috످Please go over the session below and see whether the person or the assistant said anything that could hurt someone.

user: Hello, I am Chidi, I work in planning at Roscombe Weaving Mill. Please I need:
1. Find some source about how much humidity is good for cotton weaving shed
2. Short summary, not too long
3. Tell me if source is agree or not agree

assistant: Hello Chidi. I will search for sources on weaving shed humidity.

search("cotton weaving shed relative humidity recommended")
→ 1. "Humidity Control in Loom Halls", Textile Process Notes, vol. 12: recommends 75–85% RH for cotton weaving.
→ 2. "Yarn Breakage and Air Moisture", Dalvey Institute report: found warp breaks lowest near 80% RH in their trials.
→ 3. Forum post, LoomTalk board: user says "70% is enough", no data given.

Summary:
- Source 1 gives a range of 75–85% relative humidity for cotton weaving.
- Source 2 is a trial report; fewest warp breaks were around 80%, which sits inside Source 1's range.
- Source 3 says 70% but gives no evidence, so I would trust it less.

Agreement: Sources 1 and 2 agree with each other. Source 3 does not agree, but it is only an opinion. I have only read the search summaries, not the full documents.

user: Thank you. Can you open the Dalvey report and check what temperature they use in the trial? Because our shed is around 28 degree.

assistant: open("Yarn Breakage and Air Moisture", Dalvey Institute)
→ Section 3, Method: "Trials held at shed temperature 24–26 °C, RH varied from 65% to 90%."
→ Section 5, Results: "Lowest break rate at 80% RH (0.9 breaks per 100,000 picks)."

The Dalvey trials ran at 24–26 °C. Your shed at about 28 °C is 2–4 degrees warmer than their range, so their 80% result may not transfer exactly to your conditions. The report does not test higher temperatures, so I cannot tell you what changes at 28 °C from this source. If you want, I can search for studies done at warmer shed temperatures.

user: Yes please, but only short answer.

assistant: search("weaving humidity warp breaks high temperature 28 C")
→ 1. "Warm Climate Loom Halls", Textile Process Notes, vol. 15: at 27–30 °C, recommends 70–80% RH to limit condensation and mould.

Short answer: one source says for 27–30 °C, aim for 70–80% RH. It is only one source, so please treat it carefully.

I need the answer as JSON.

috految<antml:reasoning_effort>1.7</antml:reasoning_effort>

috److{
  "harmful_content_found": false,
  "explanation": "Neither Chidi nor the assistant said anything that could hurt someone. Chidi asked about humidity for a cotton weaving shed, and the assistant summarized sources and noted their limits."
}

috످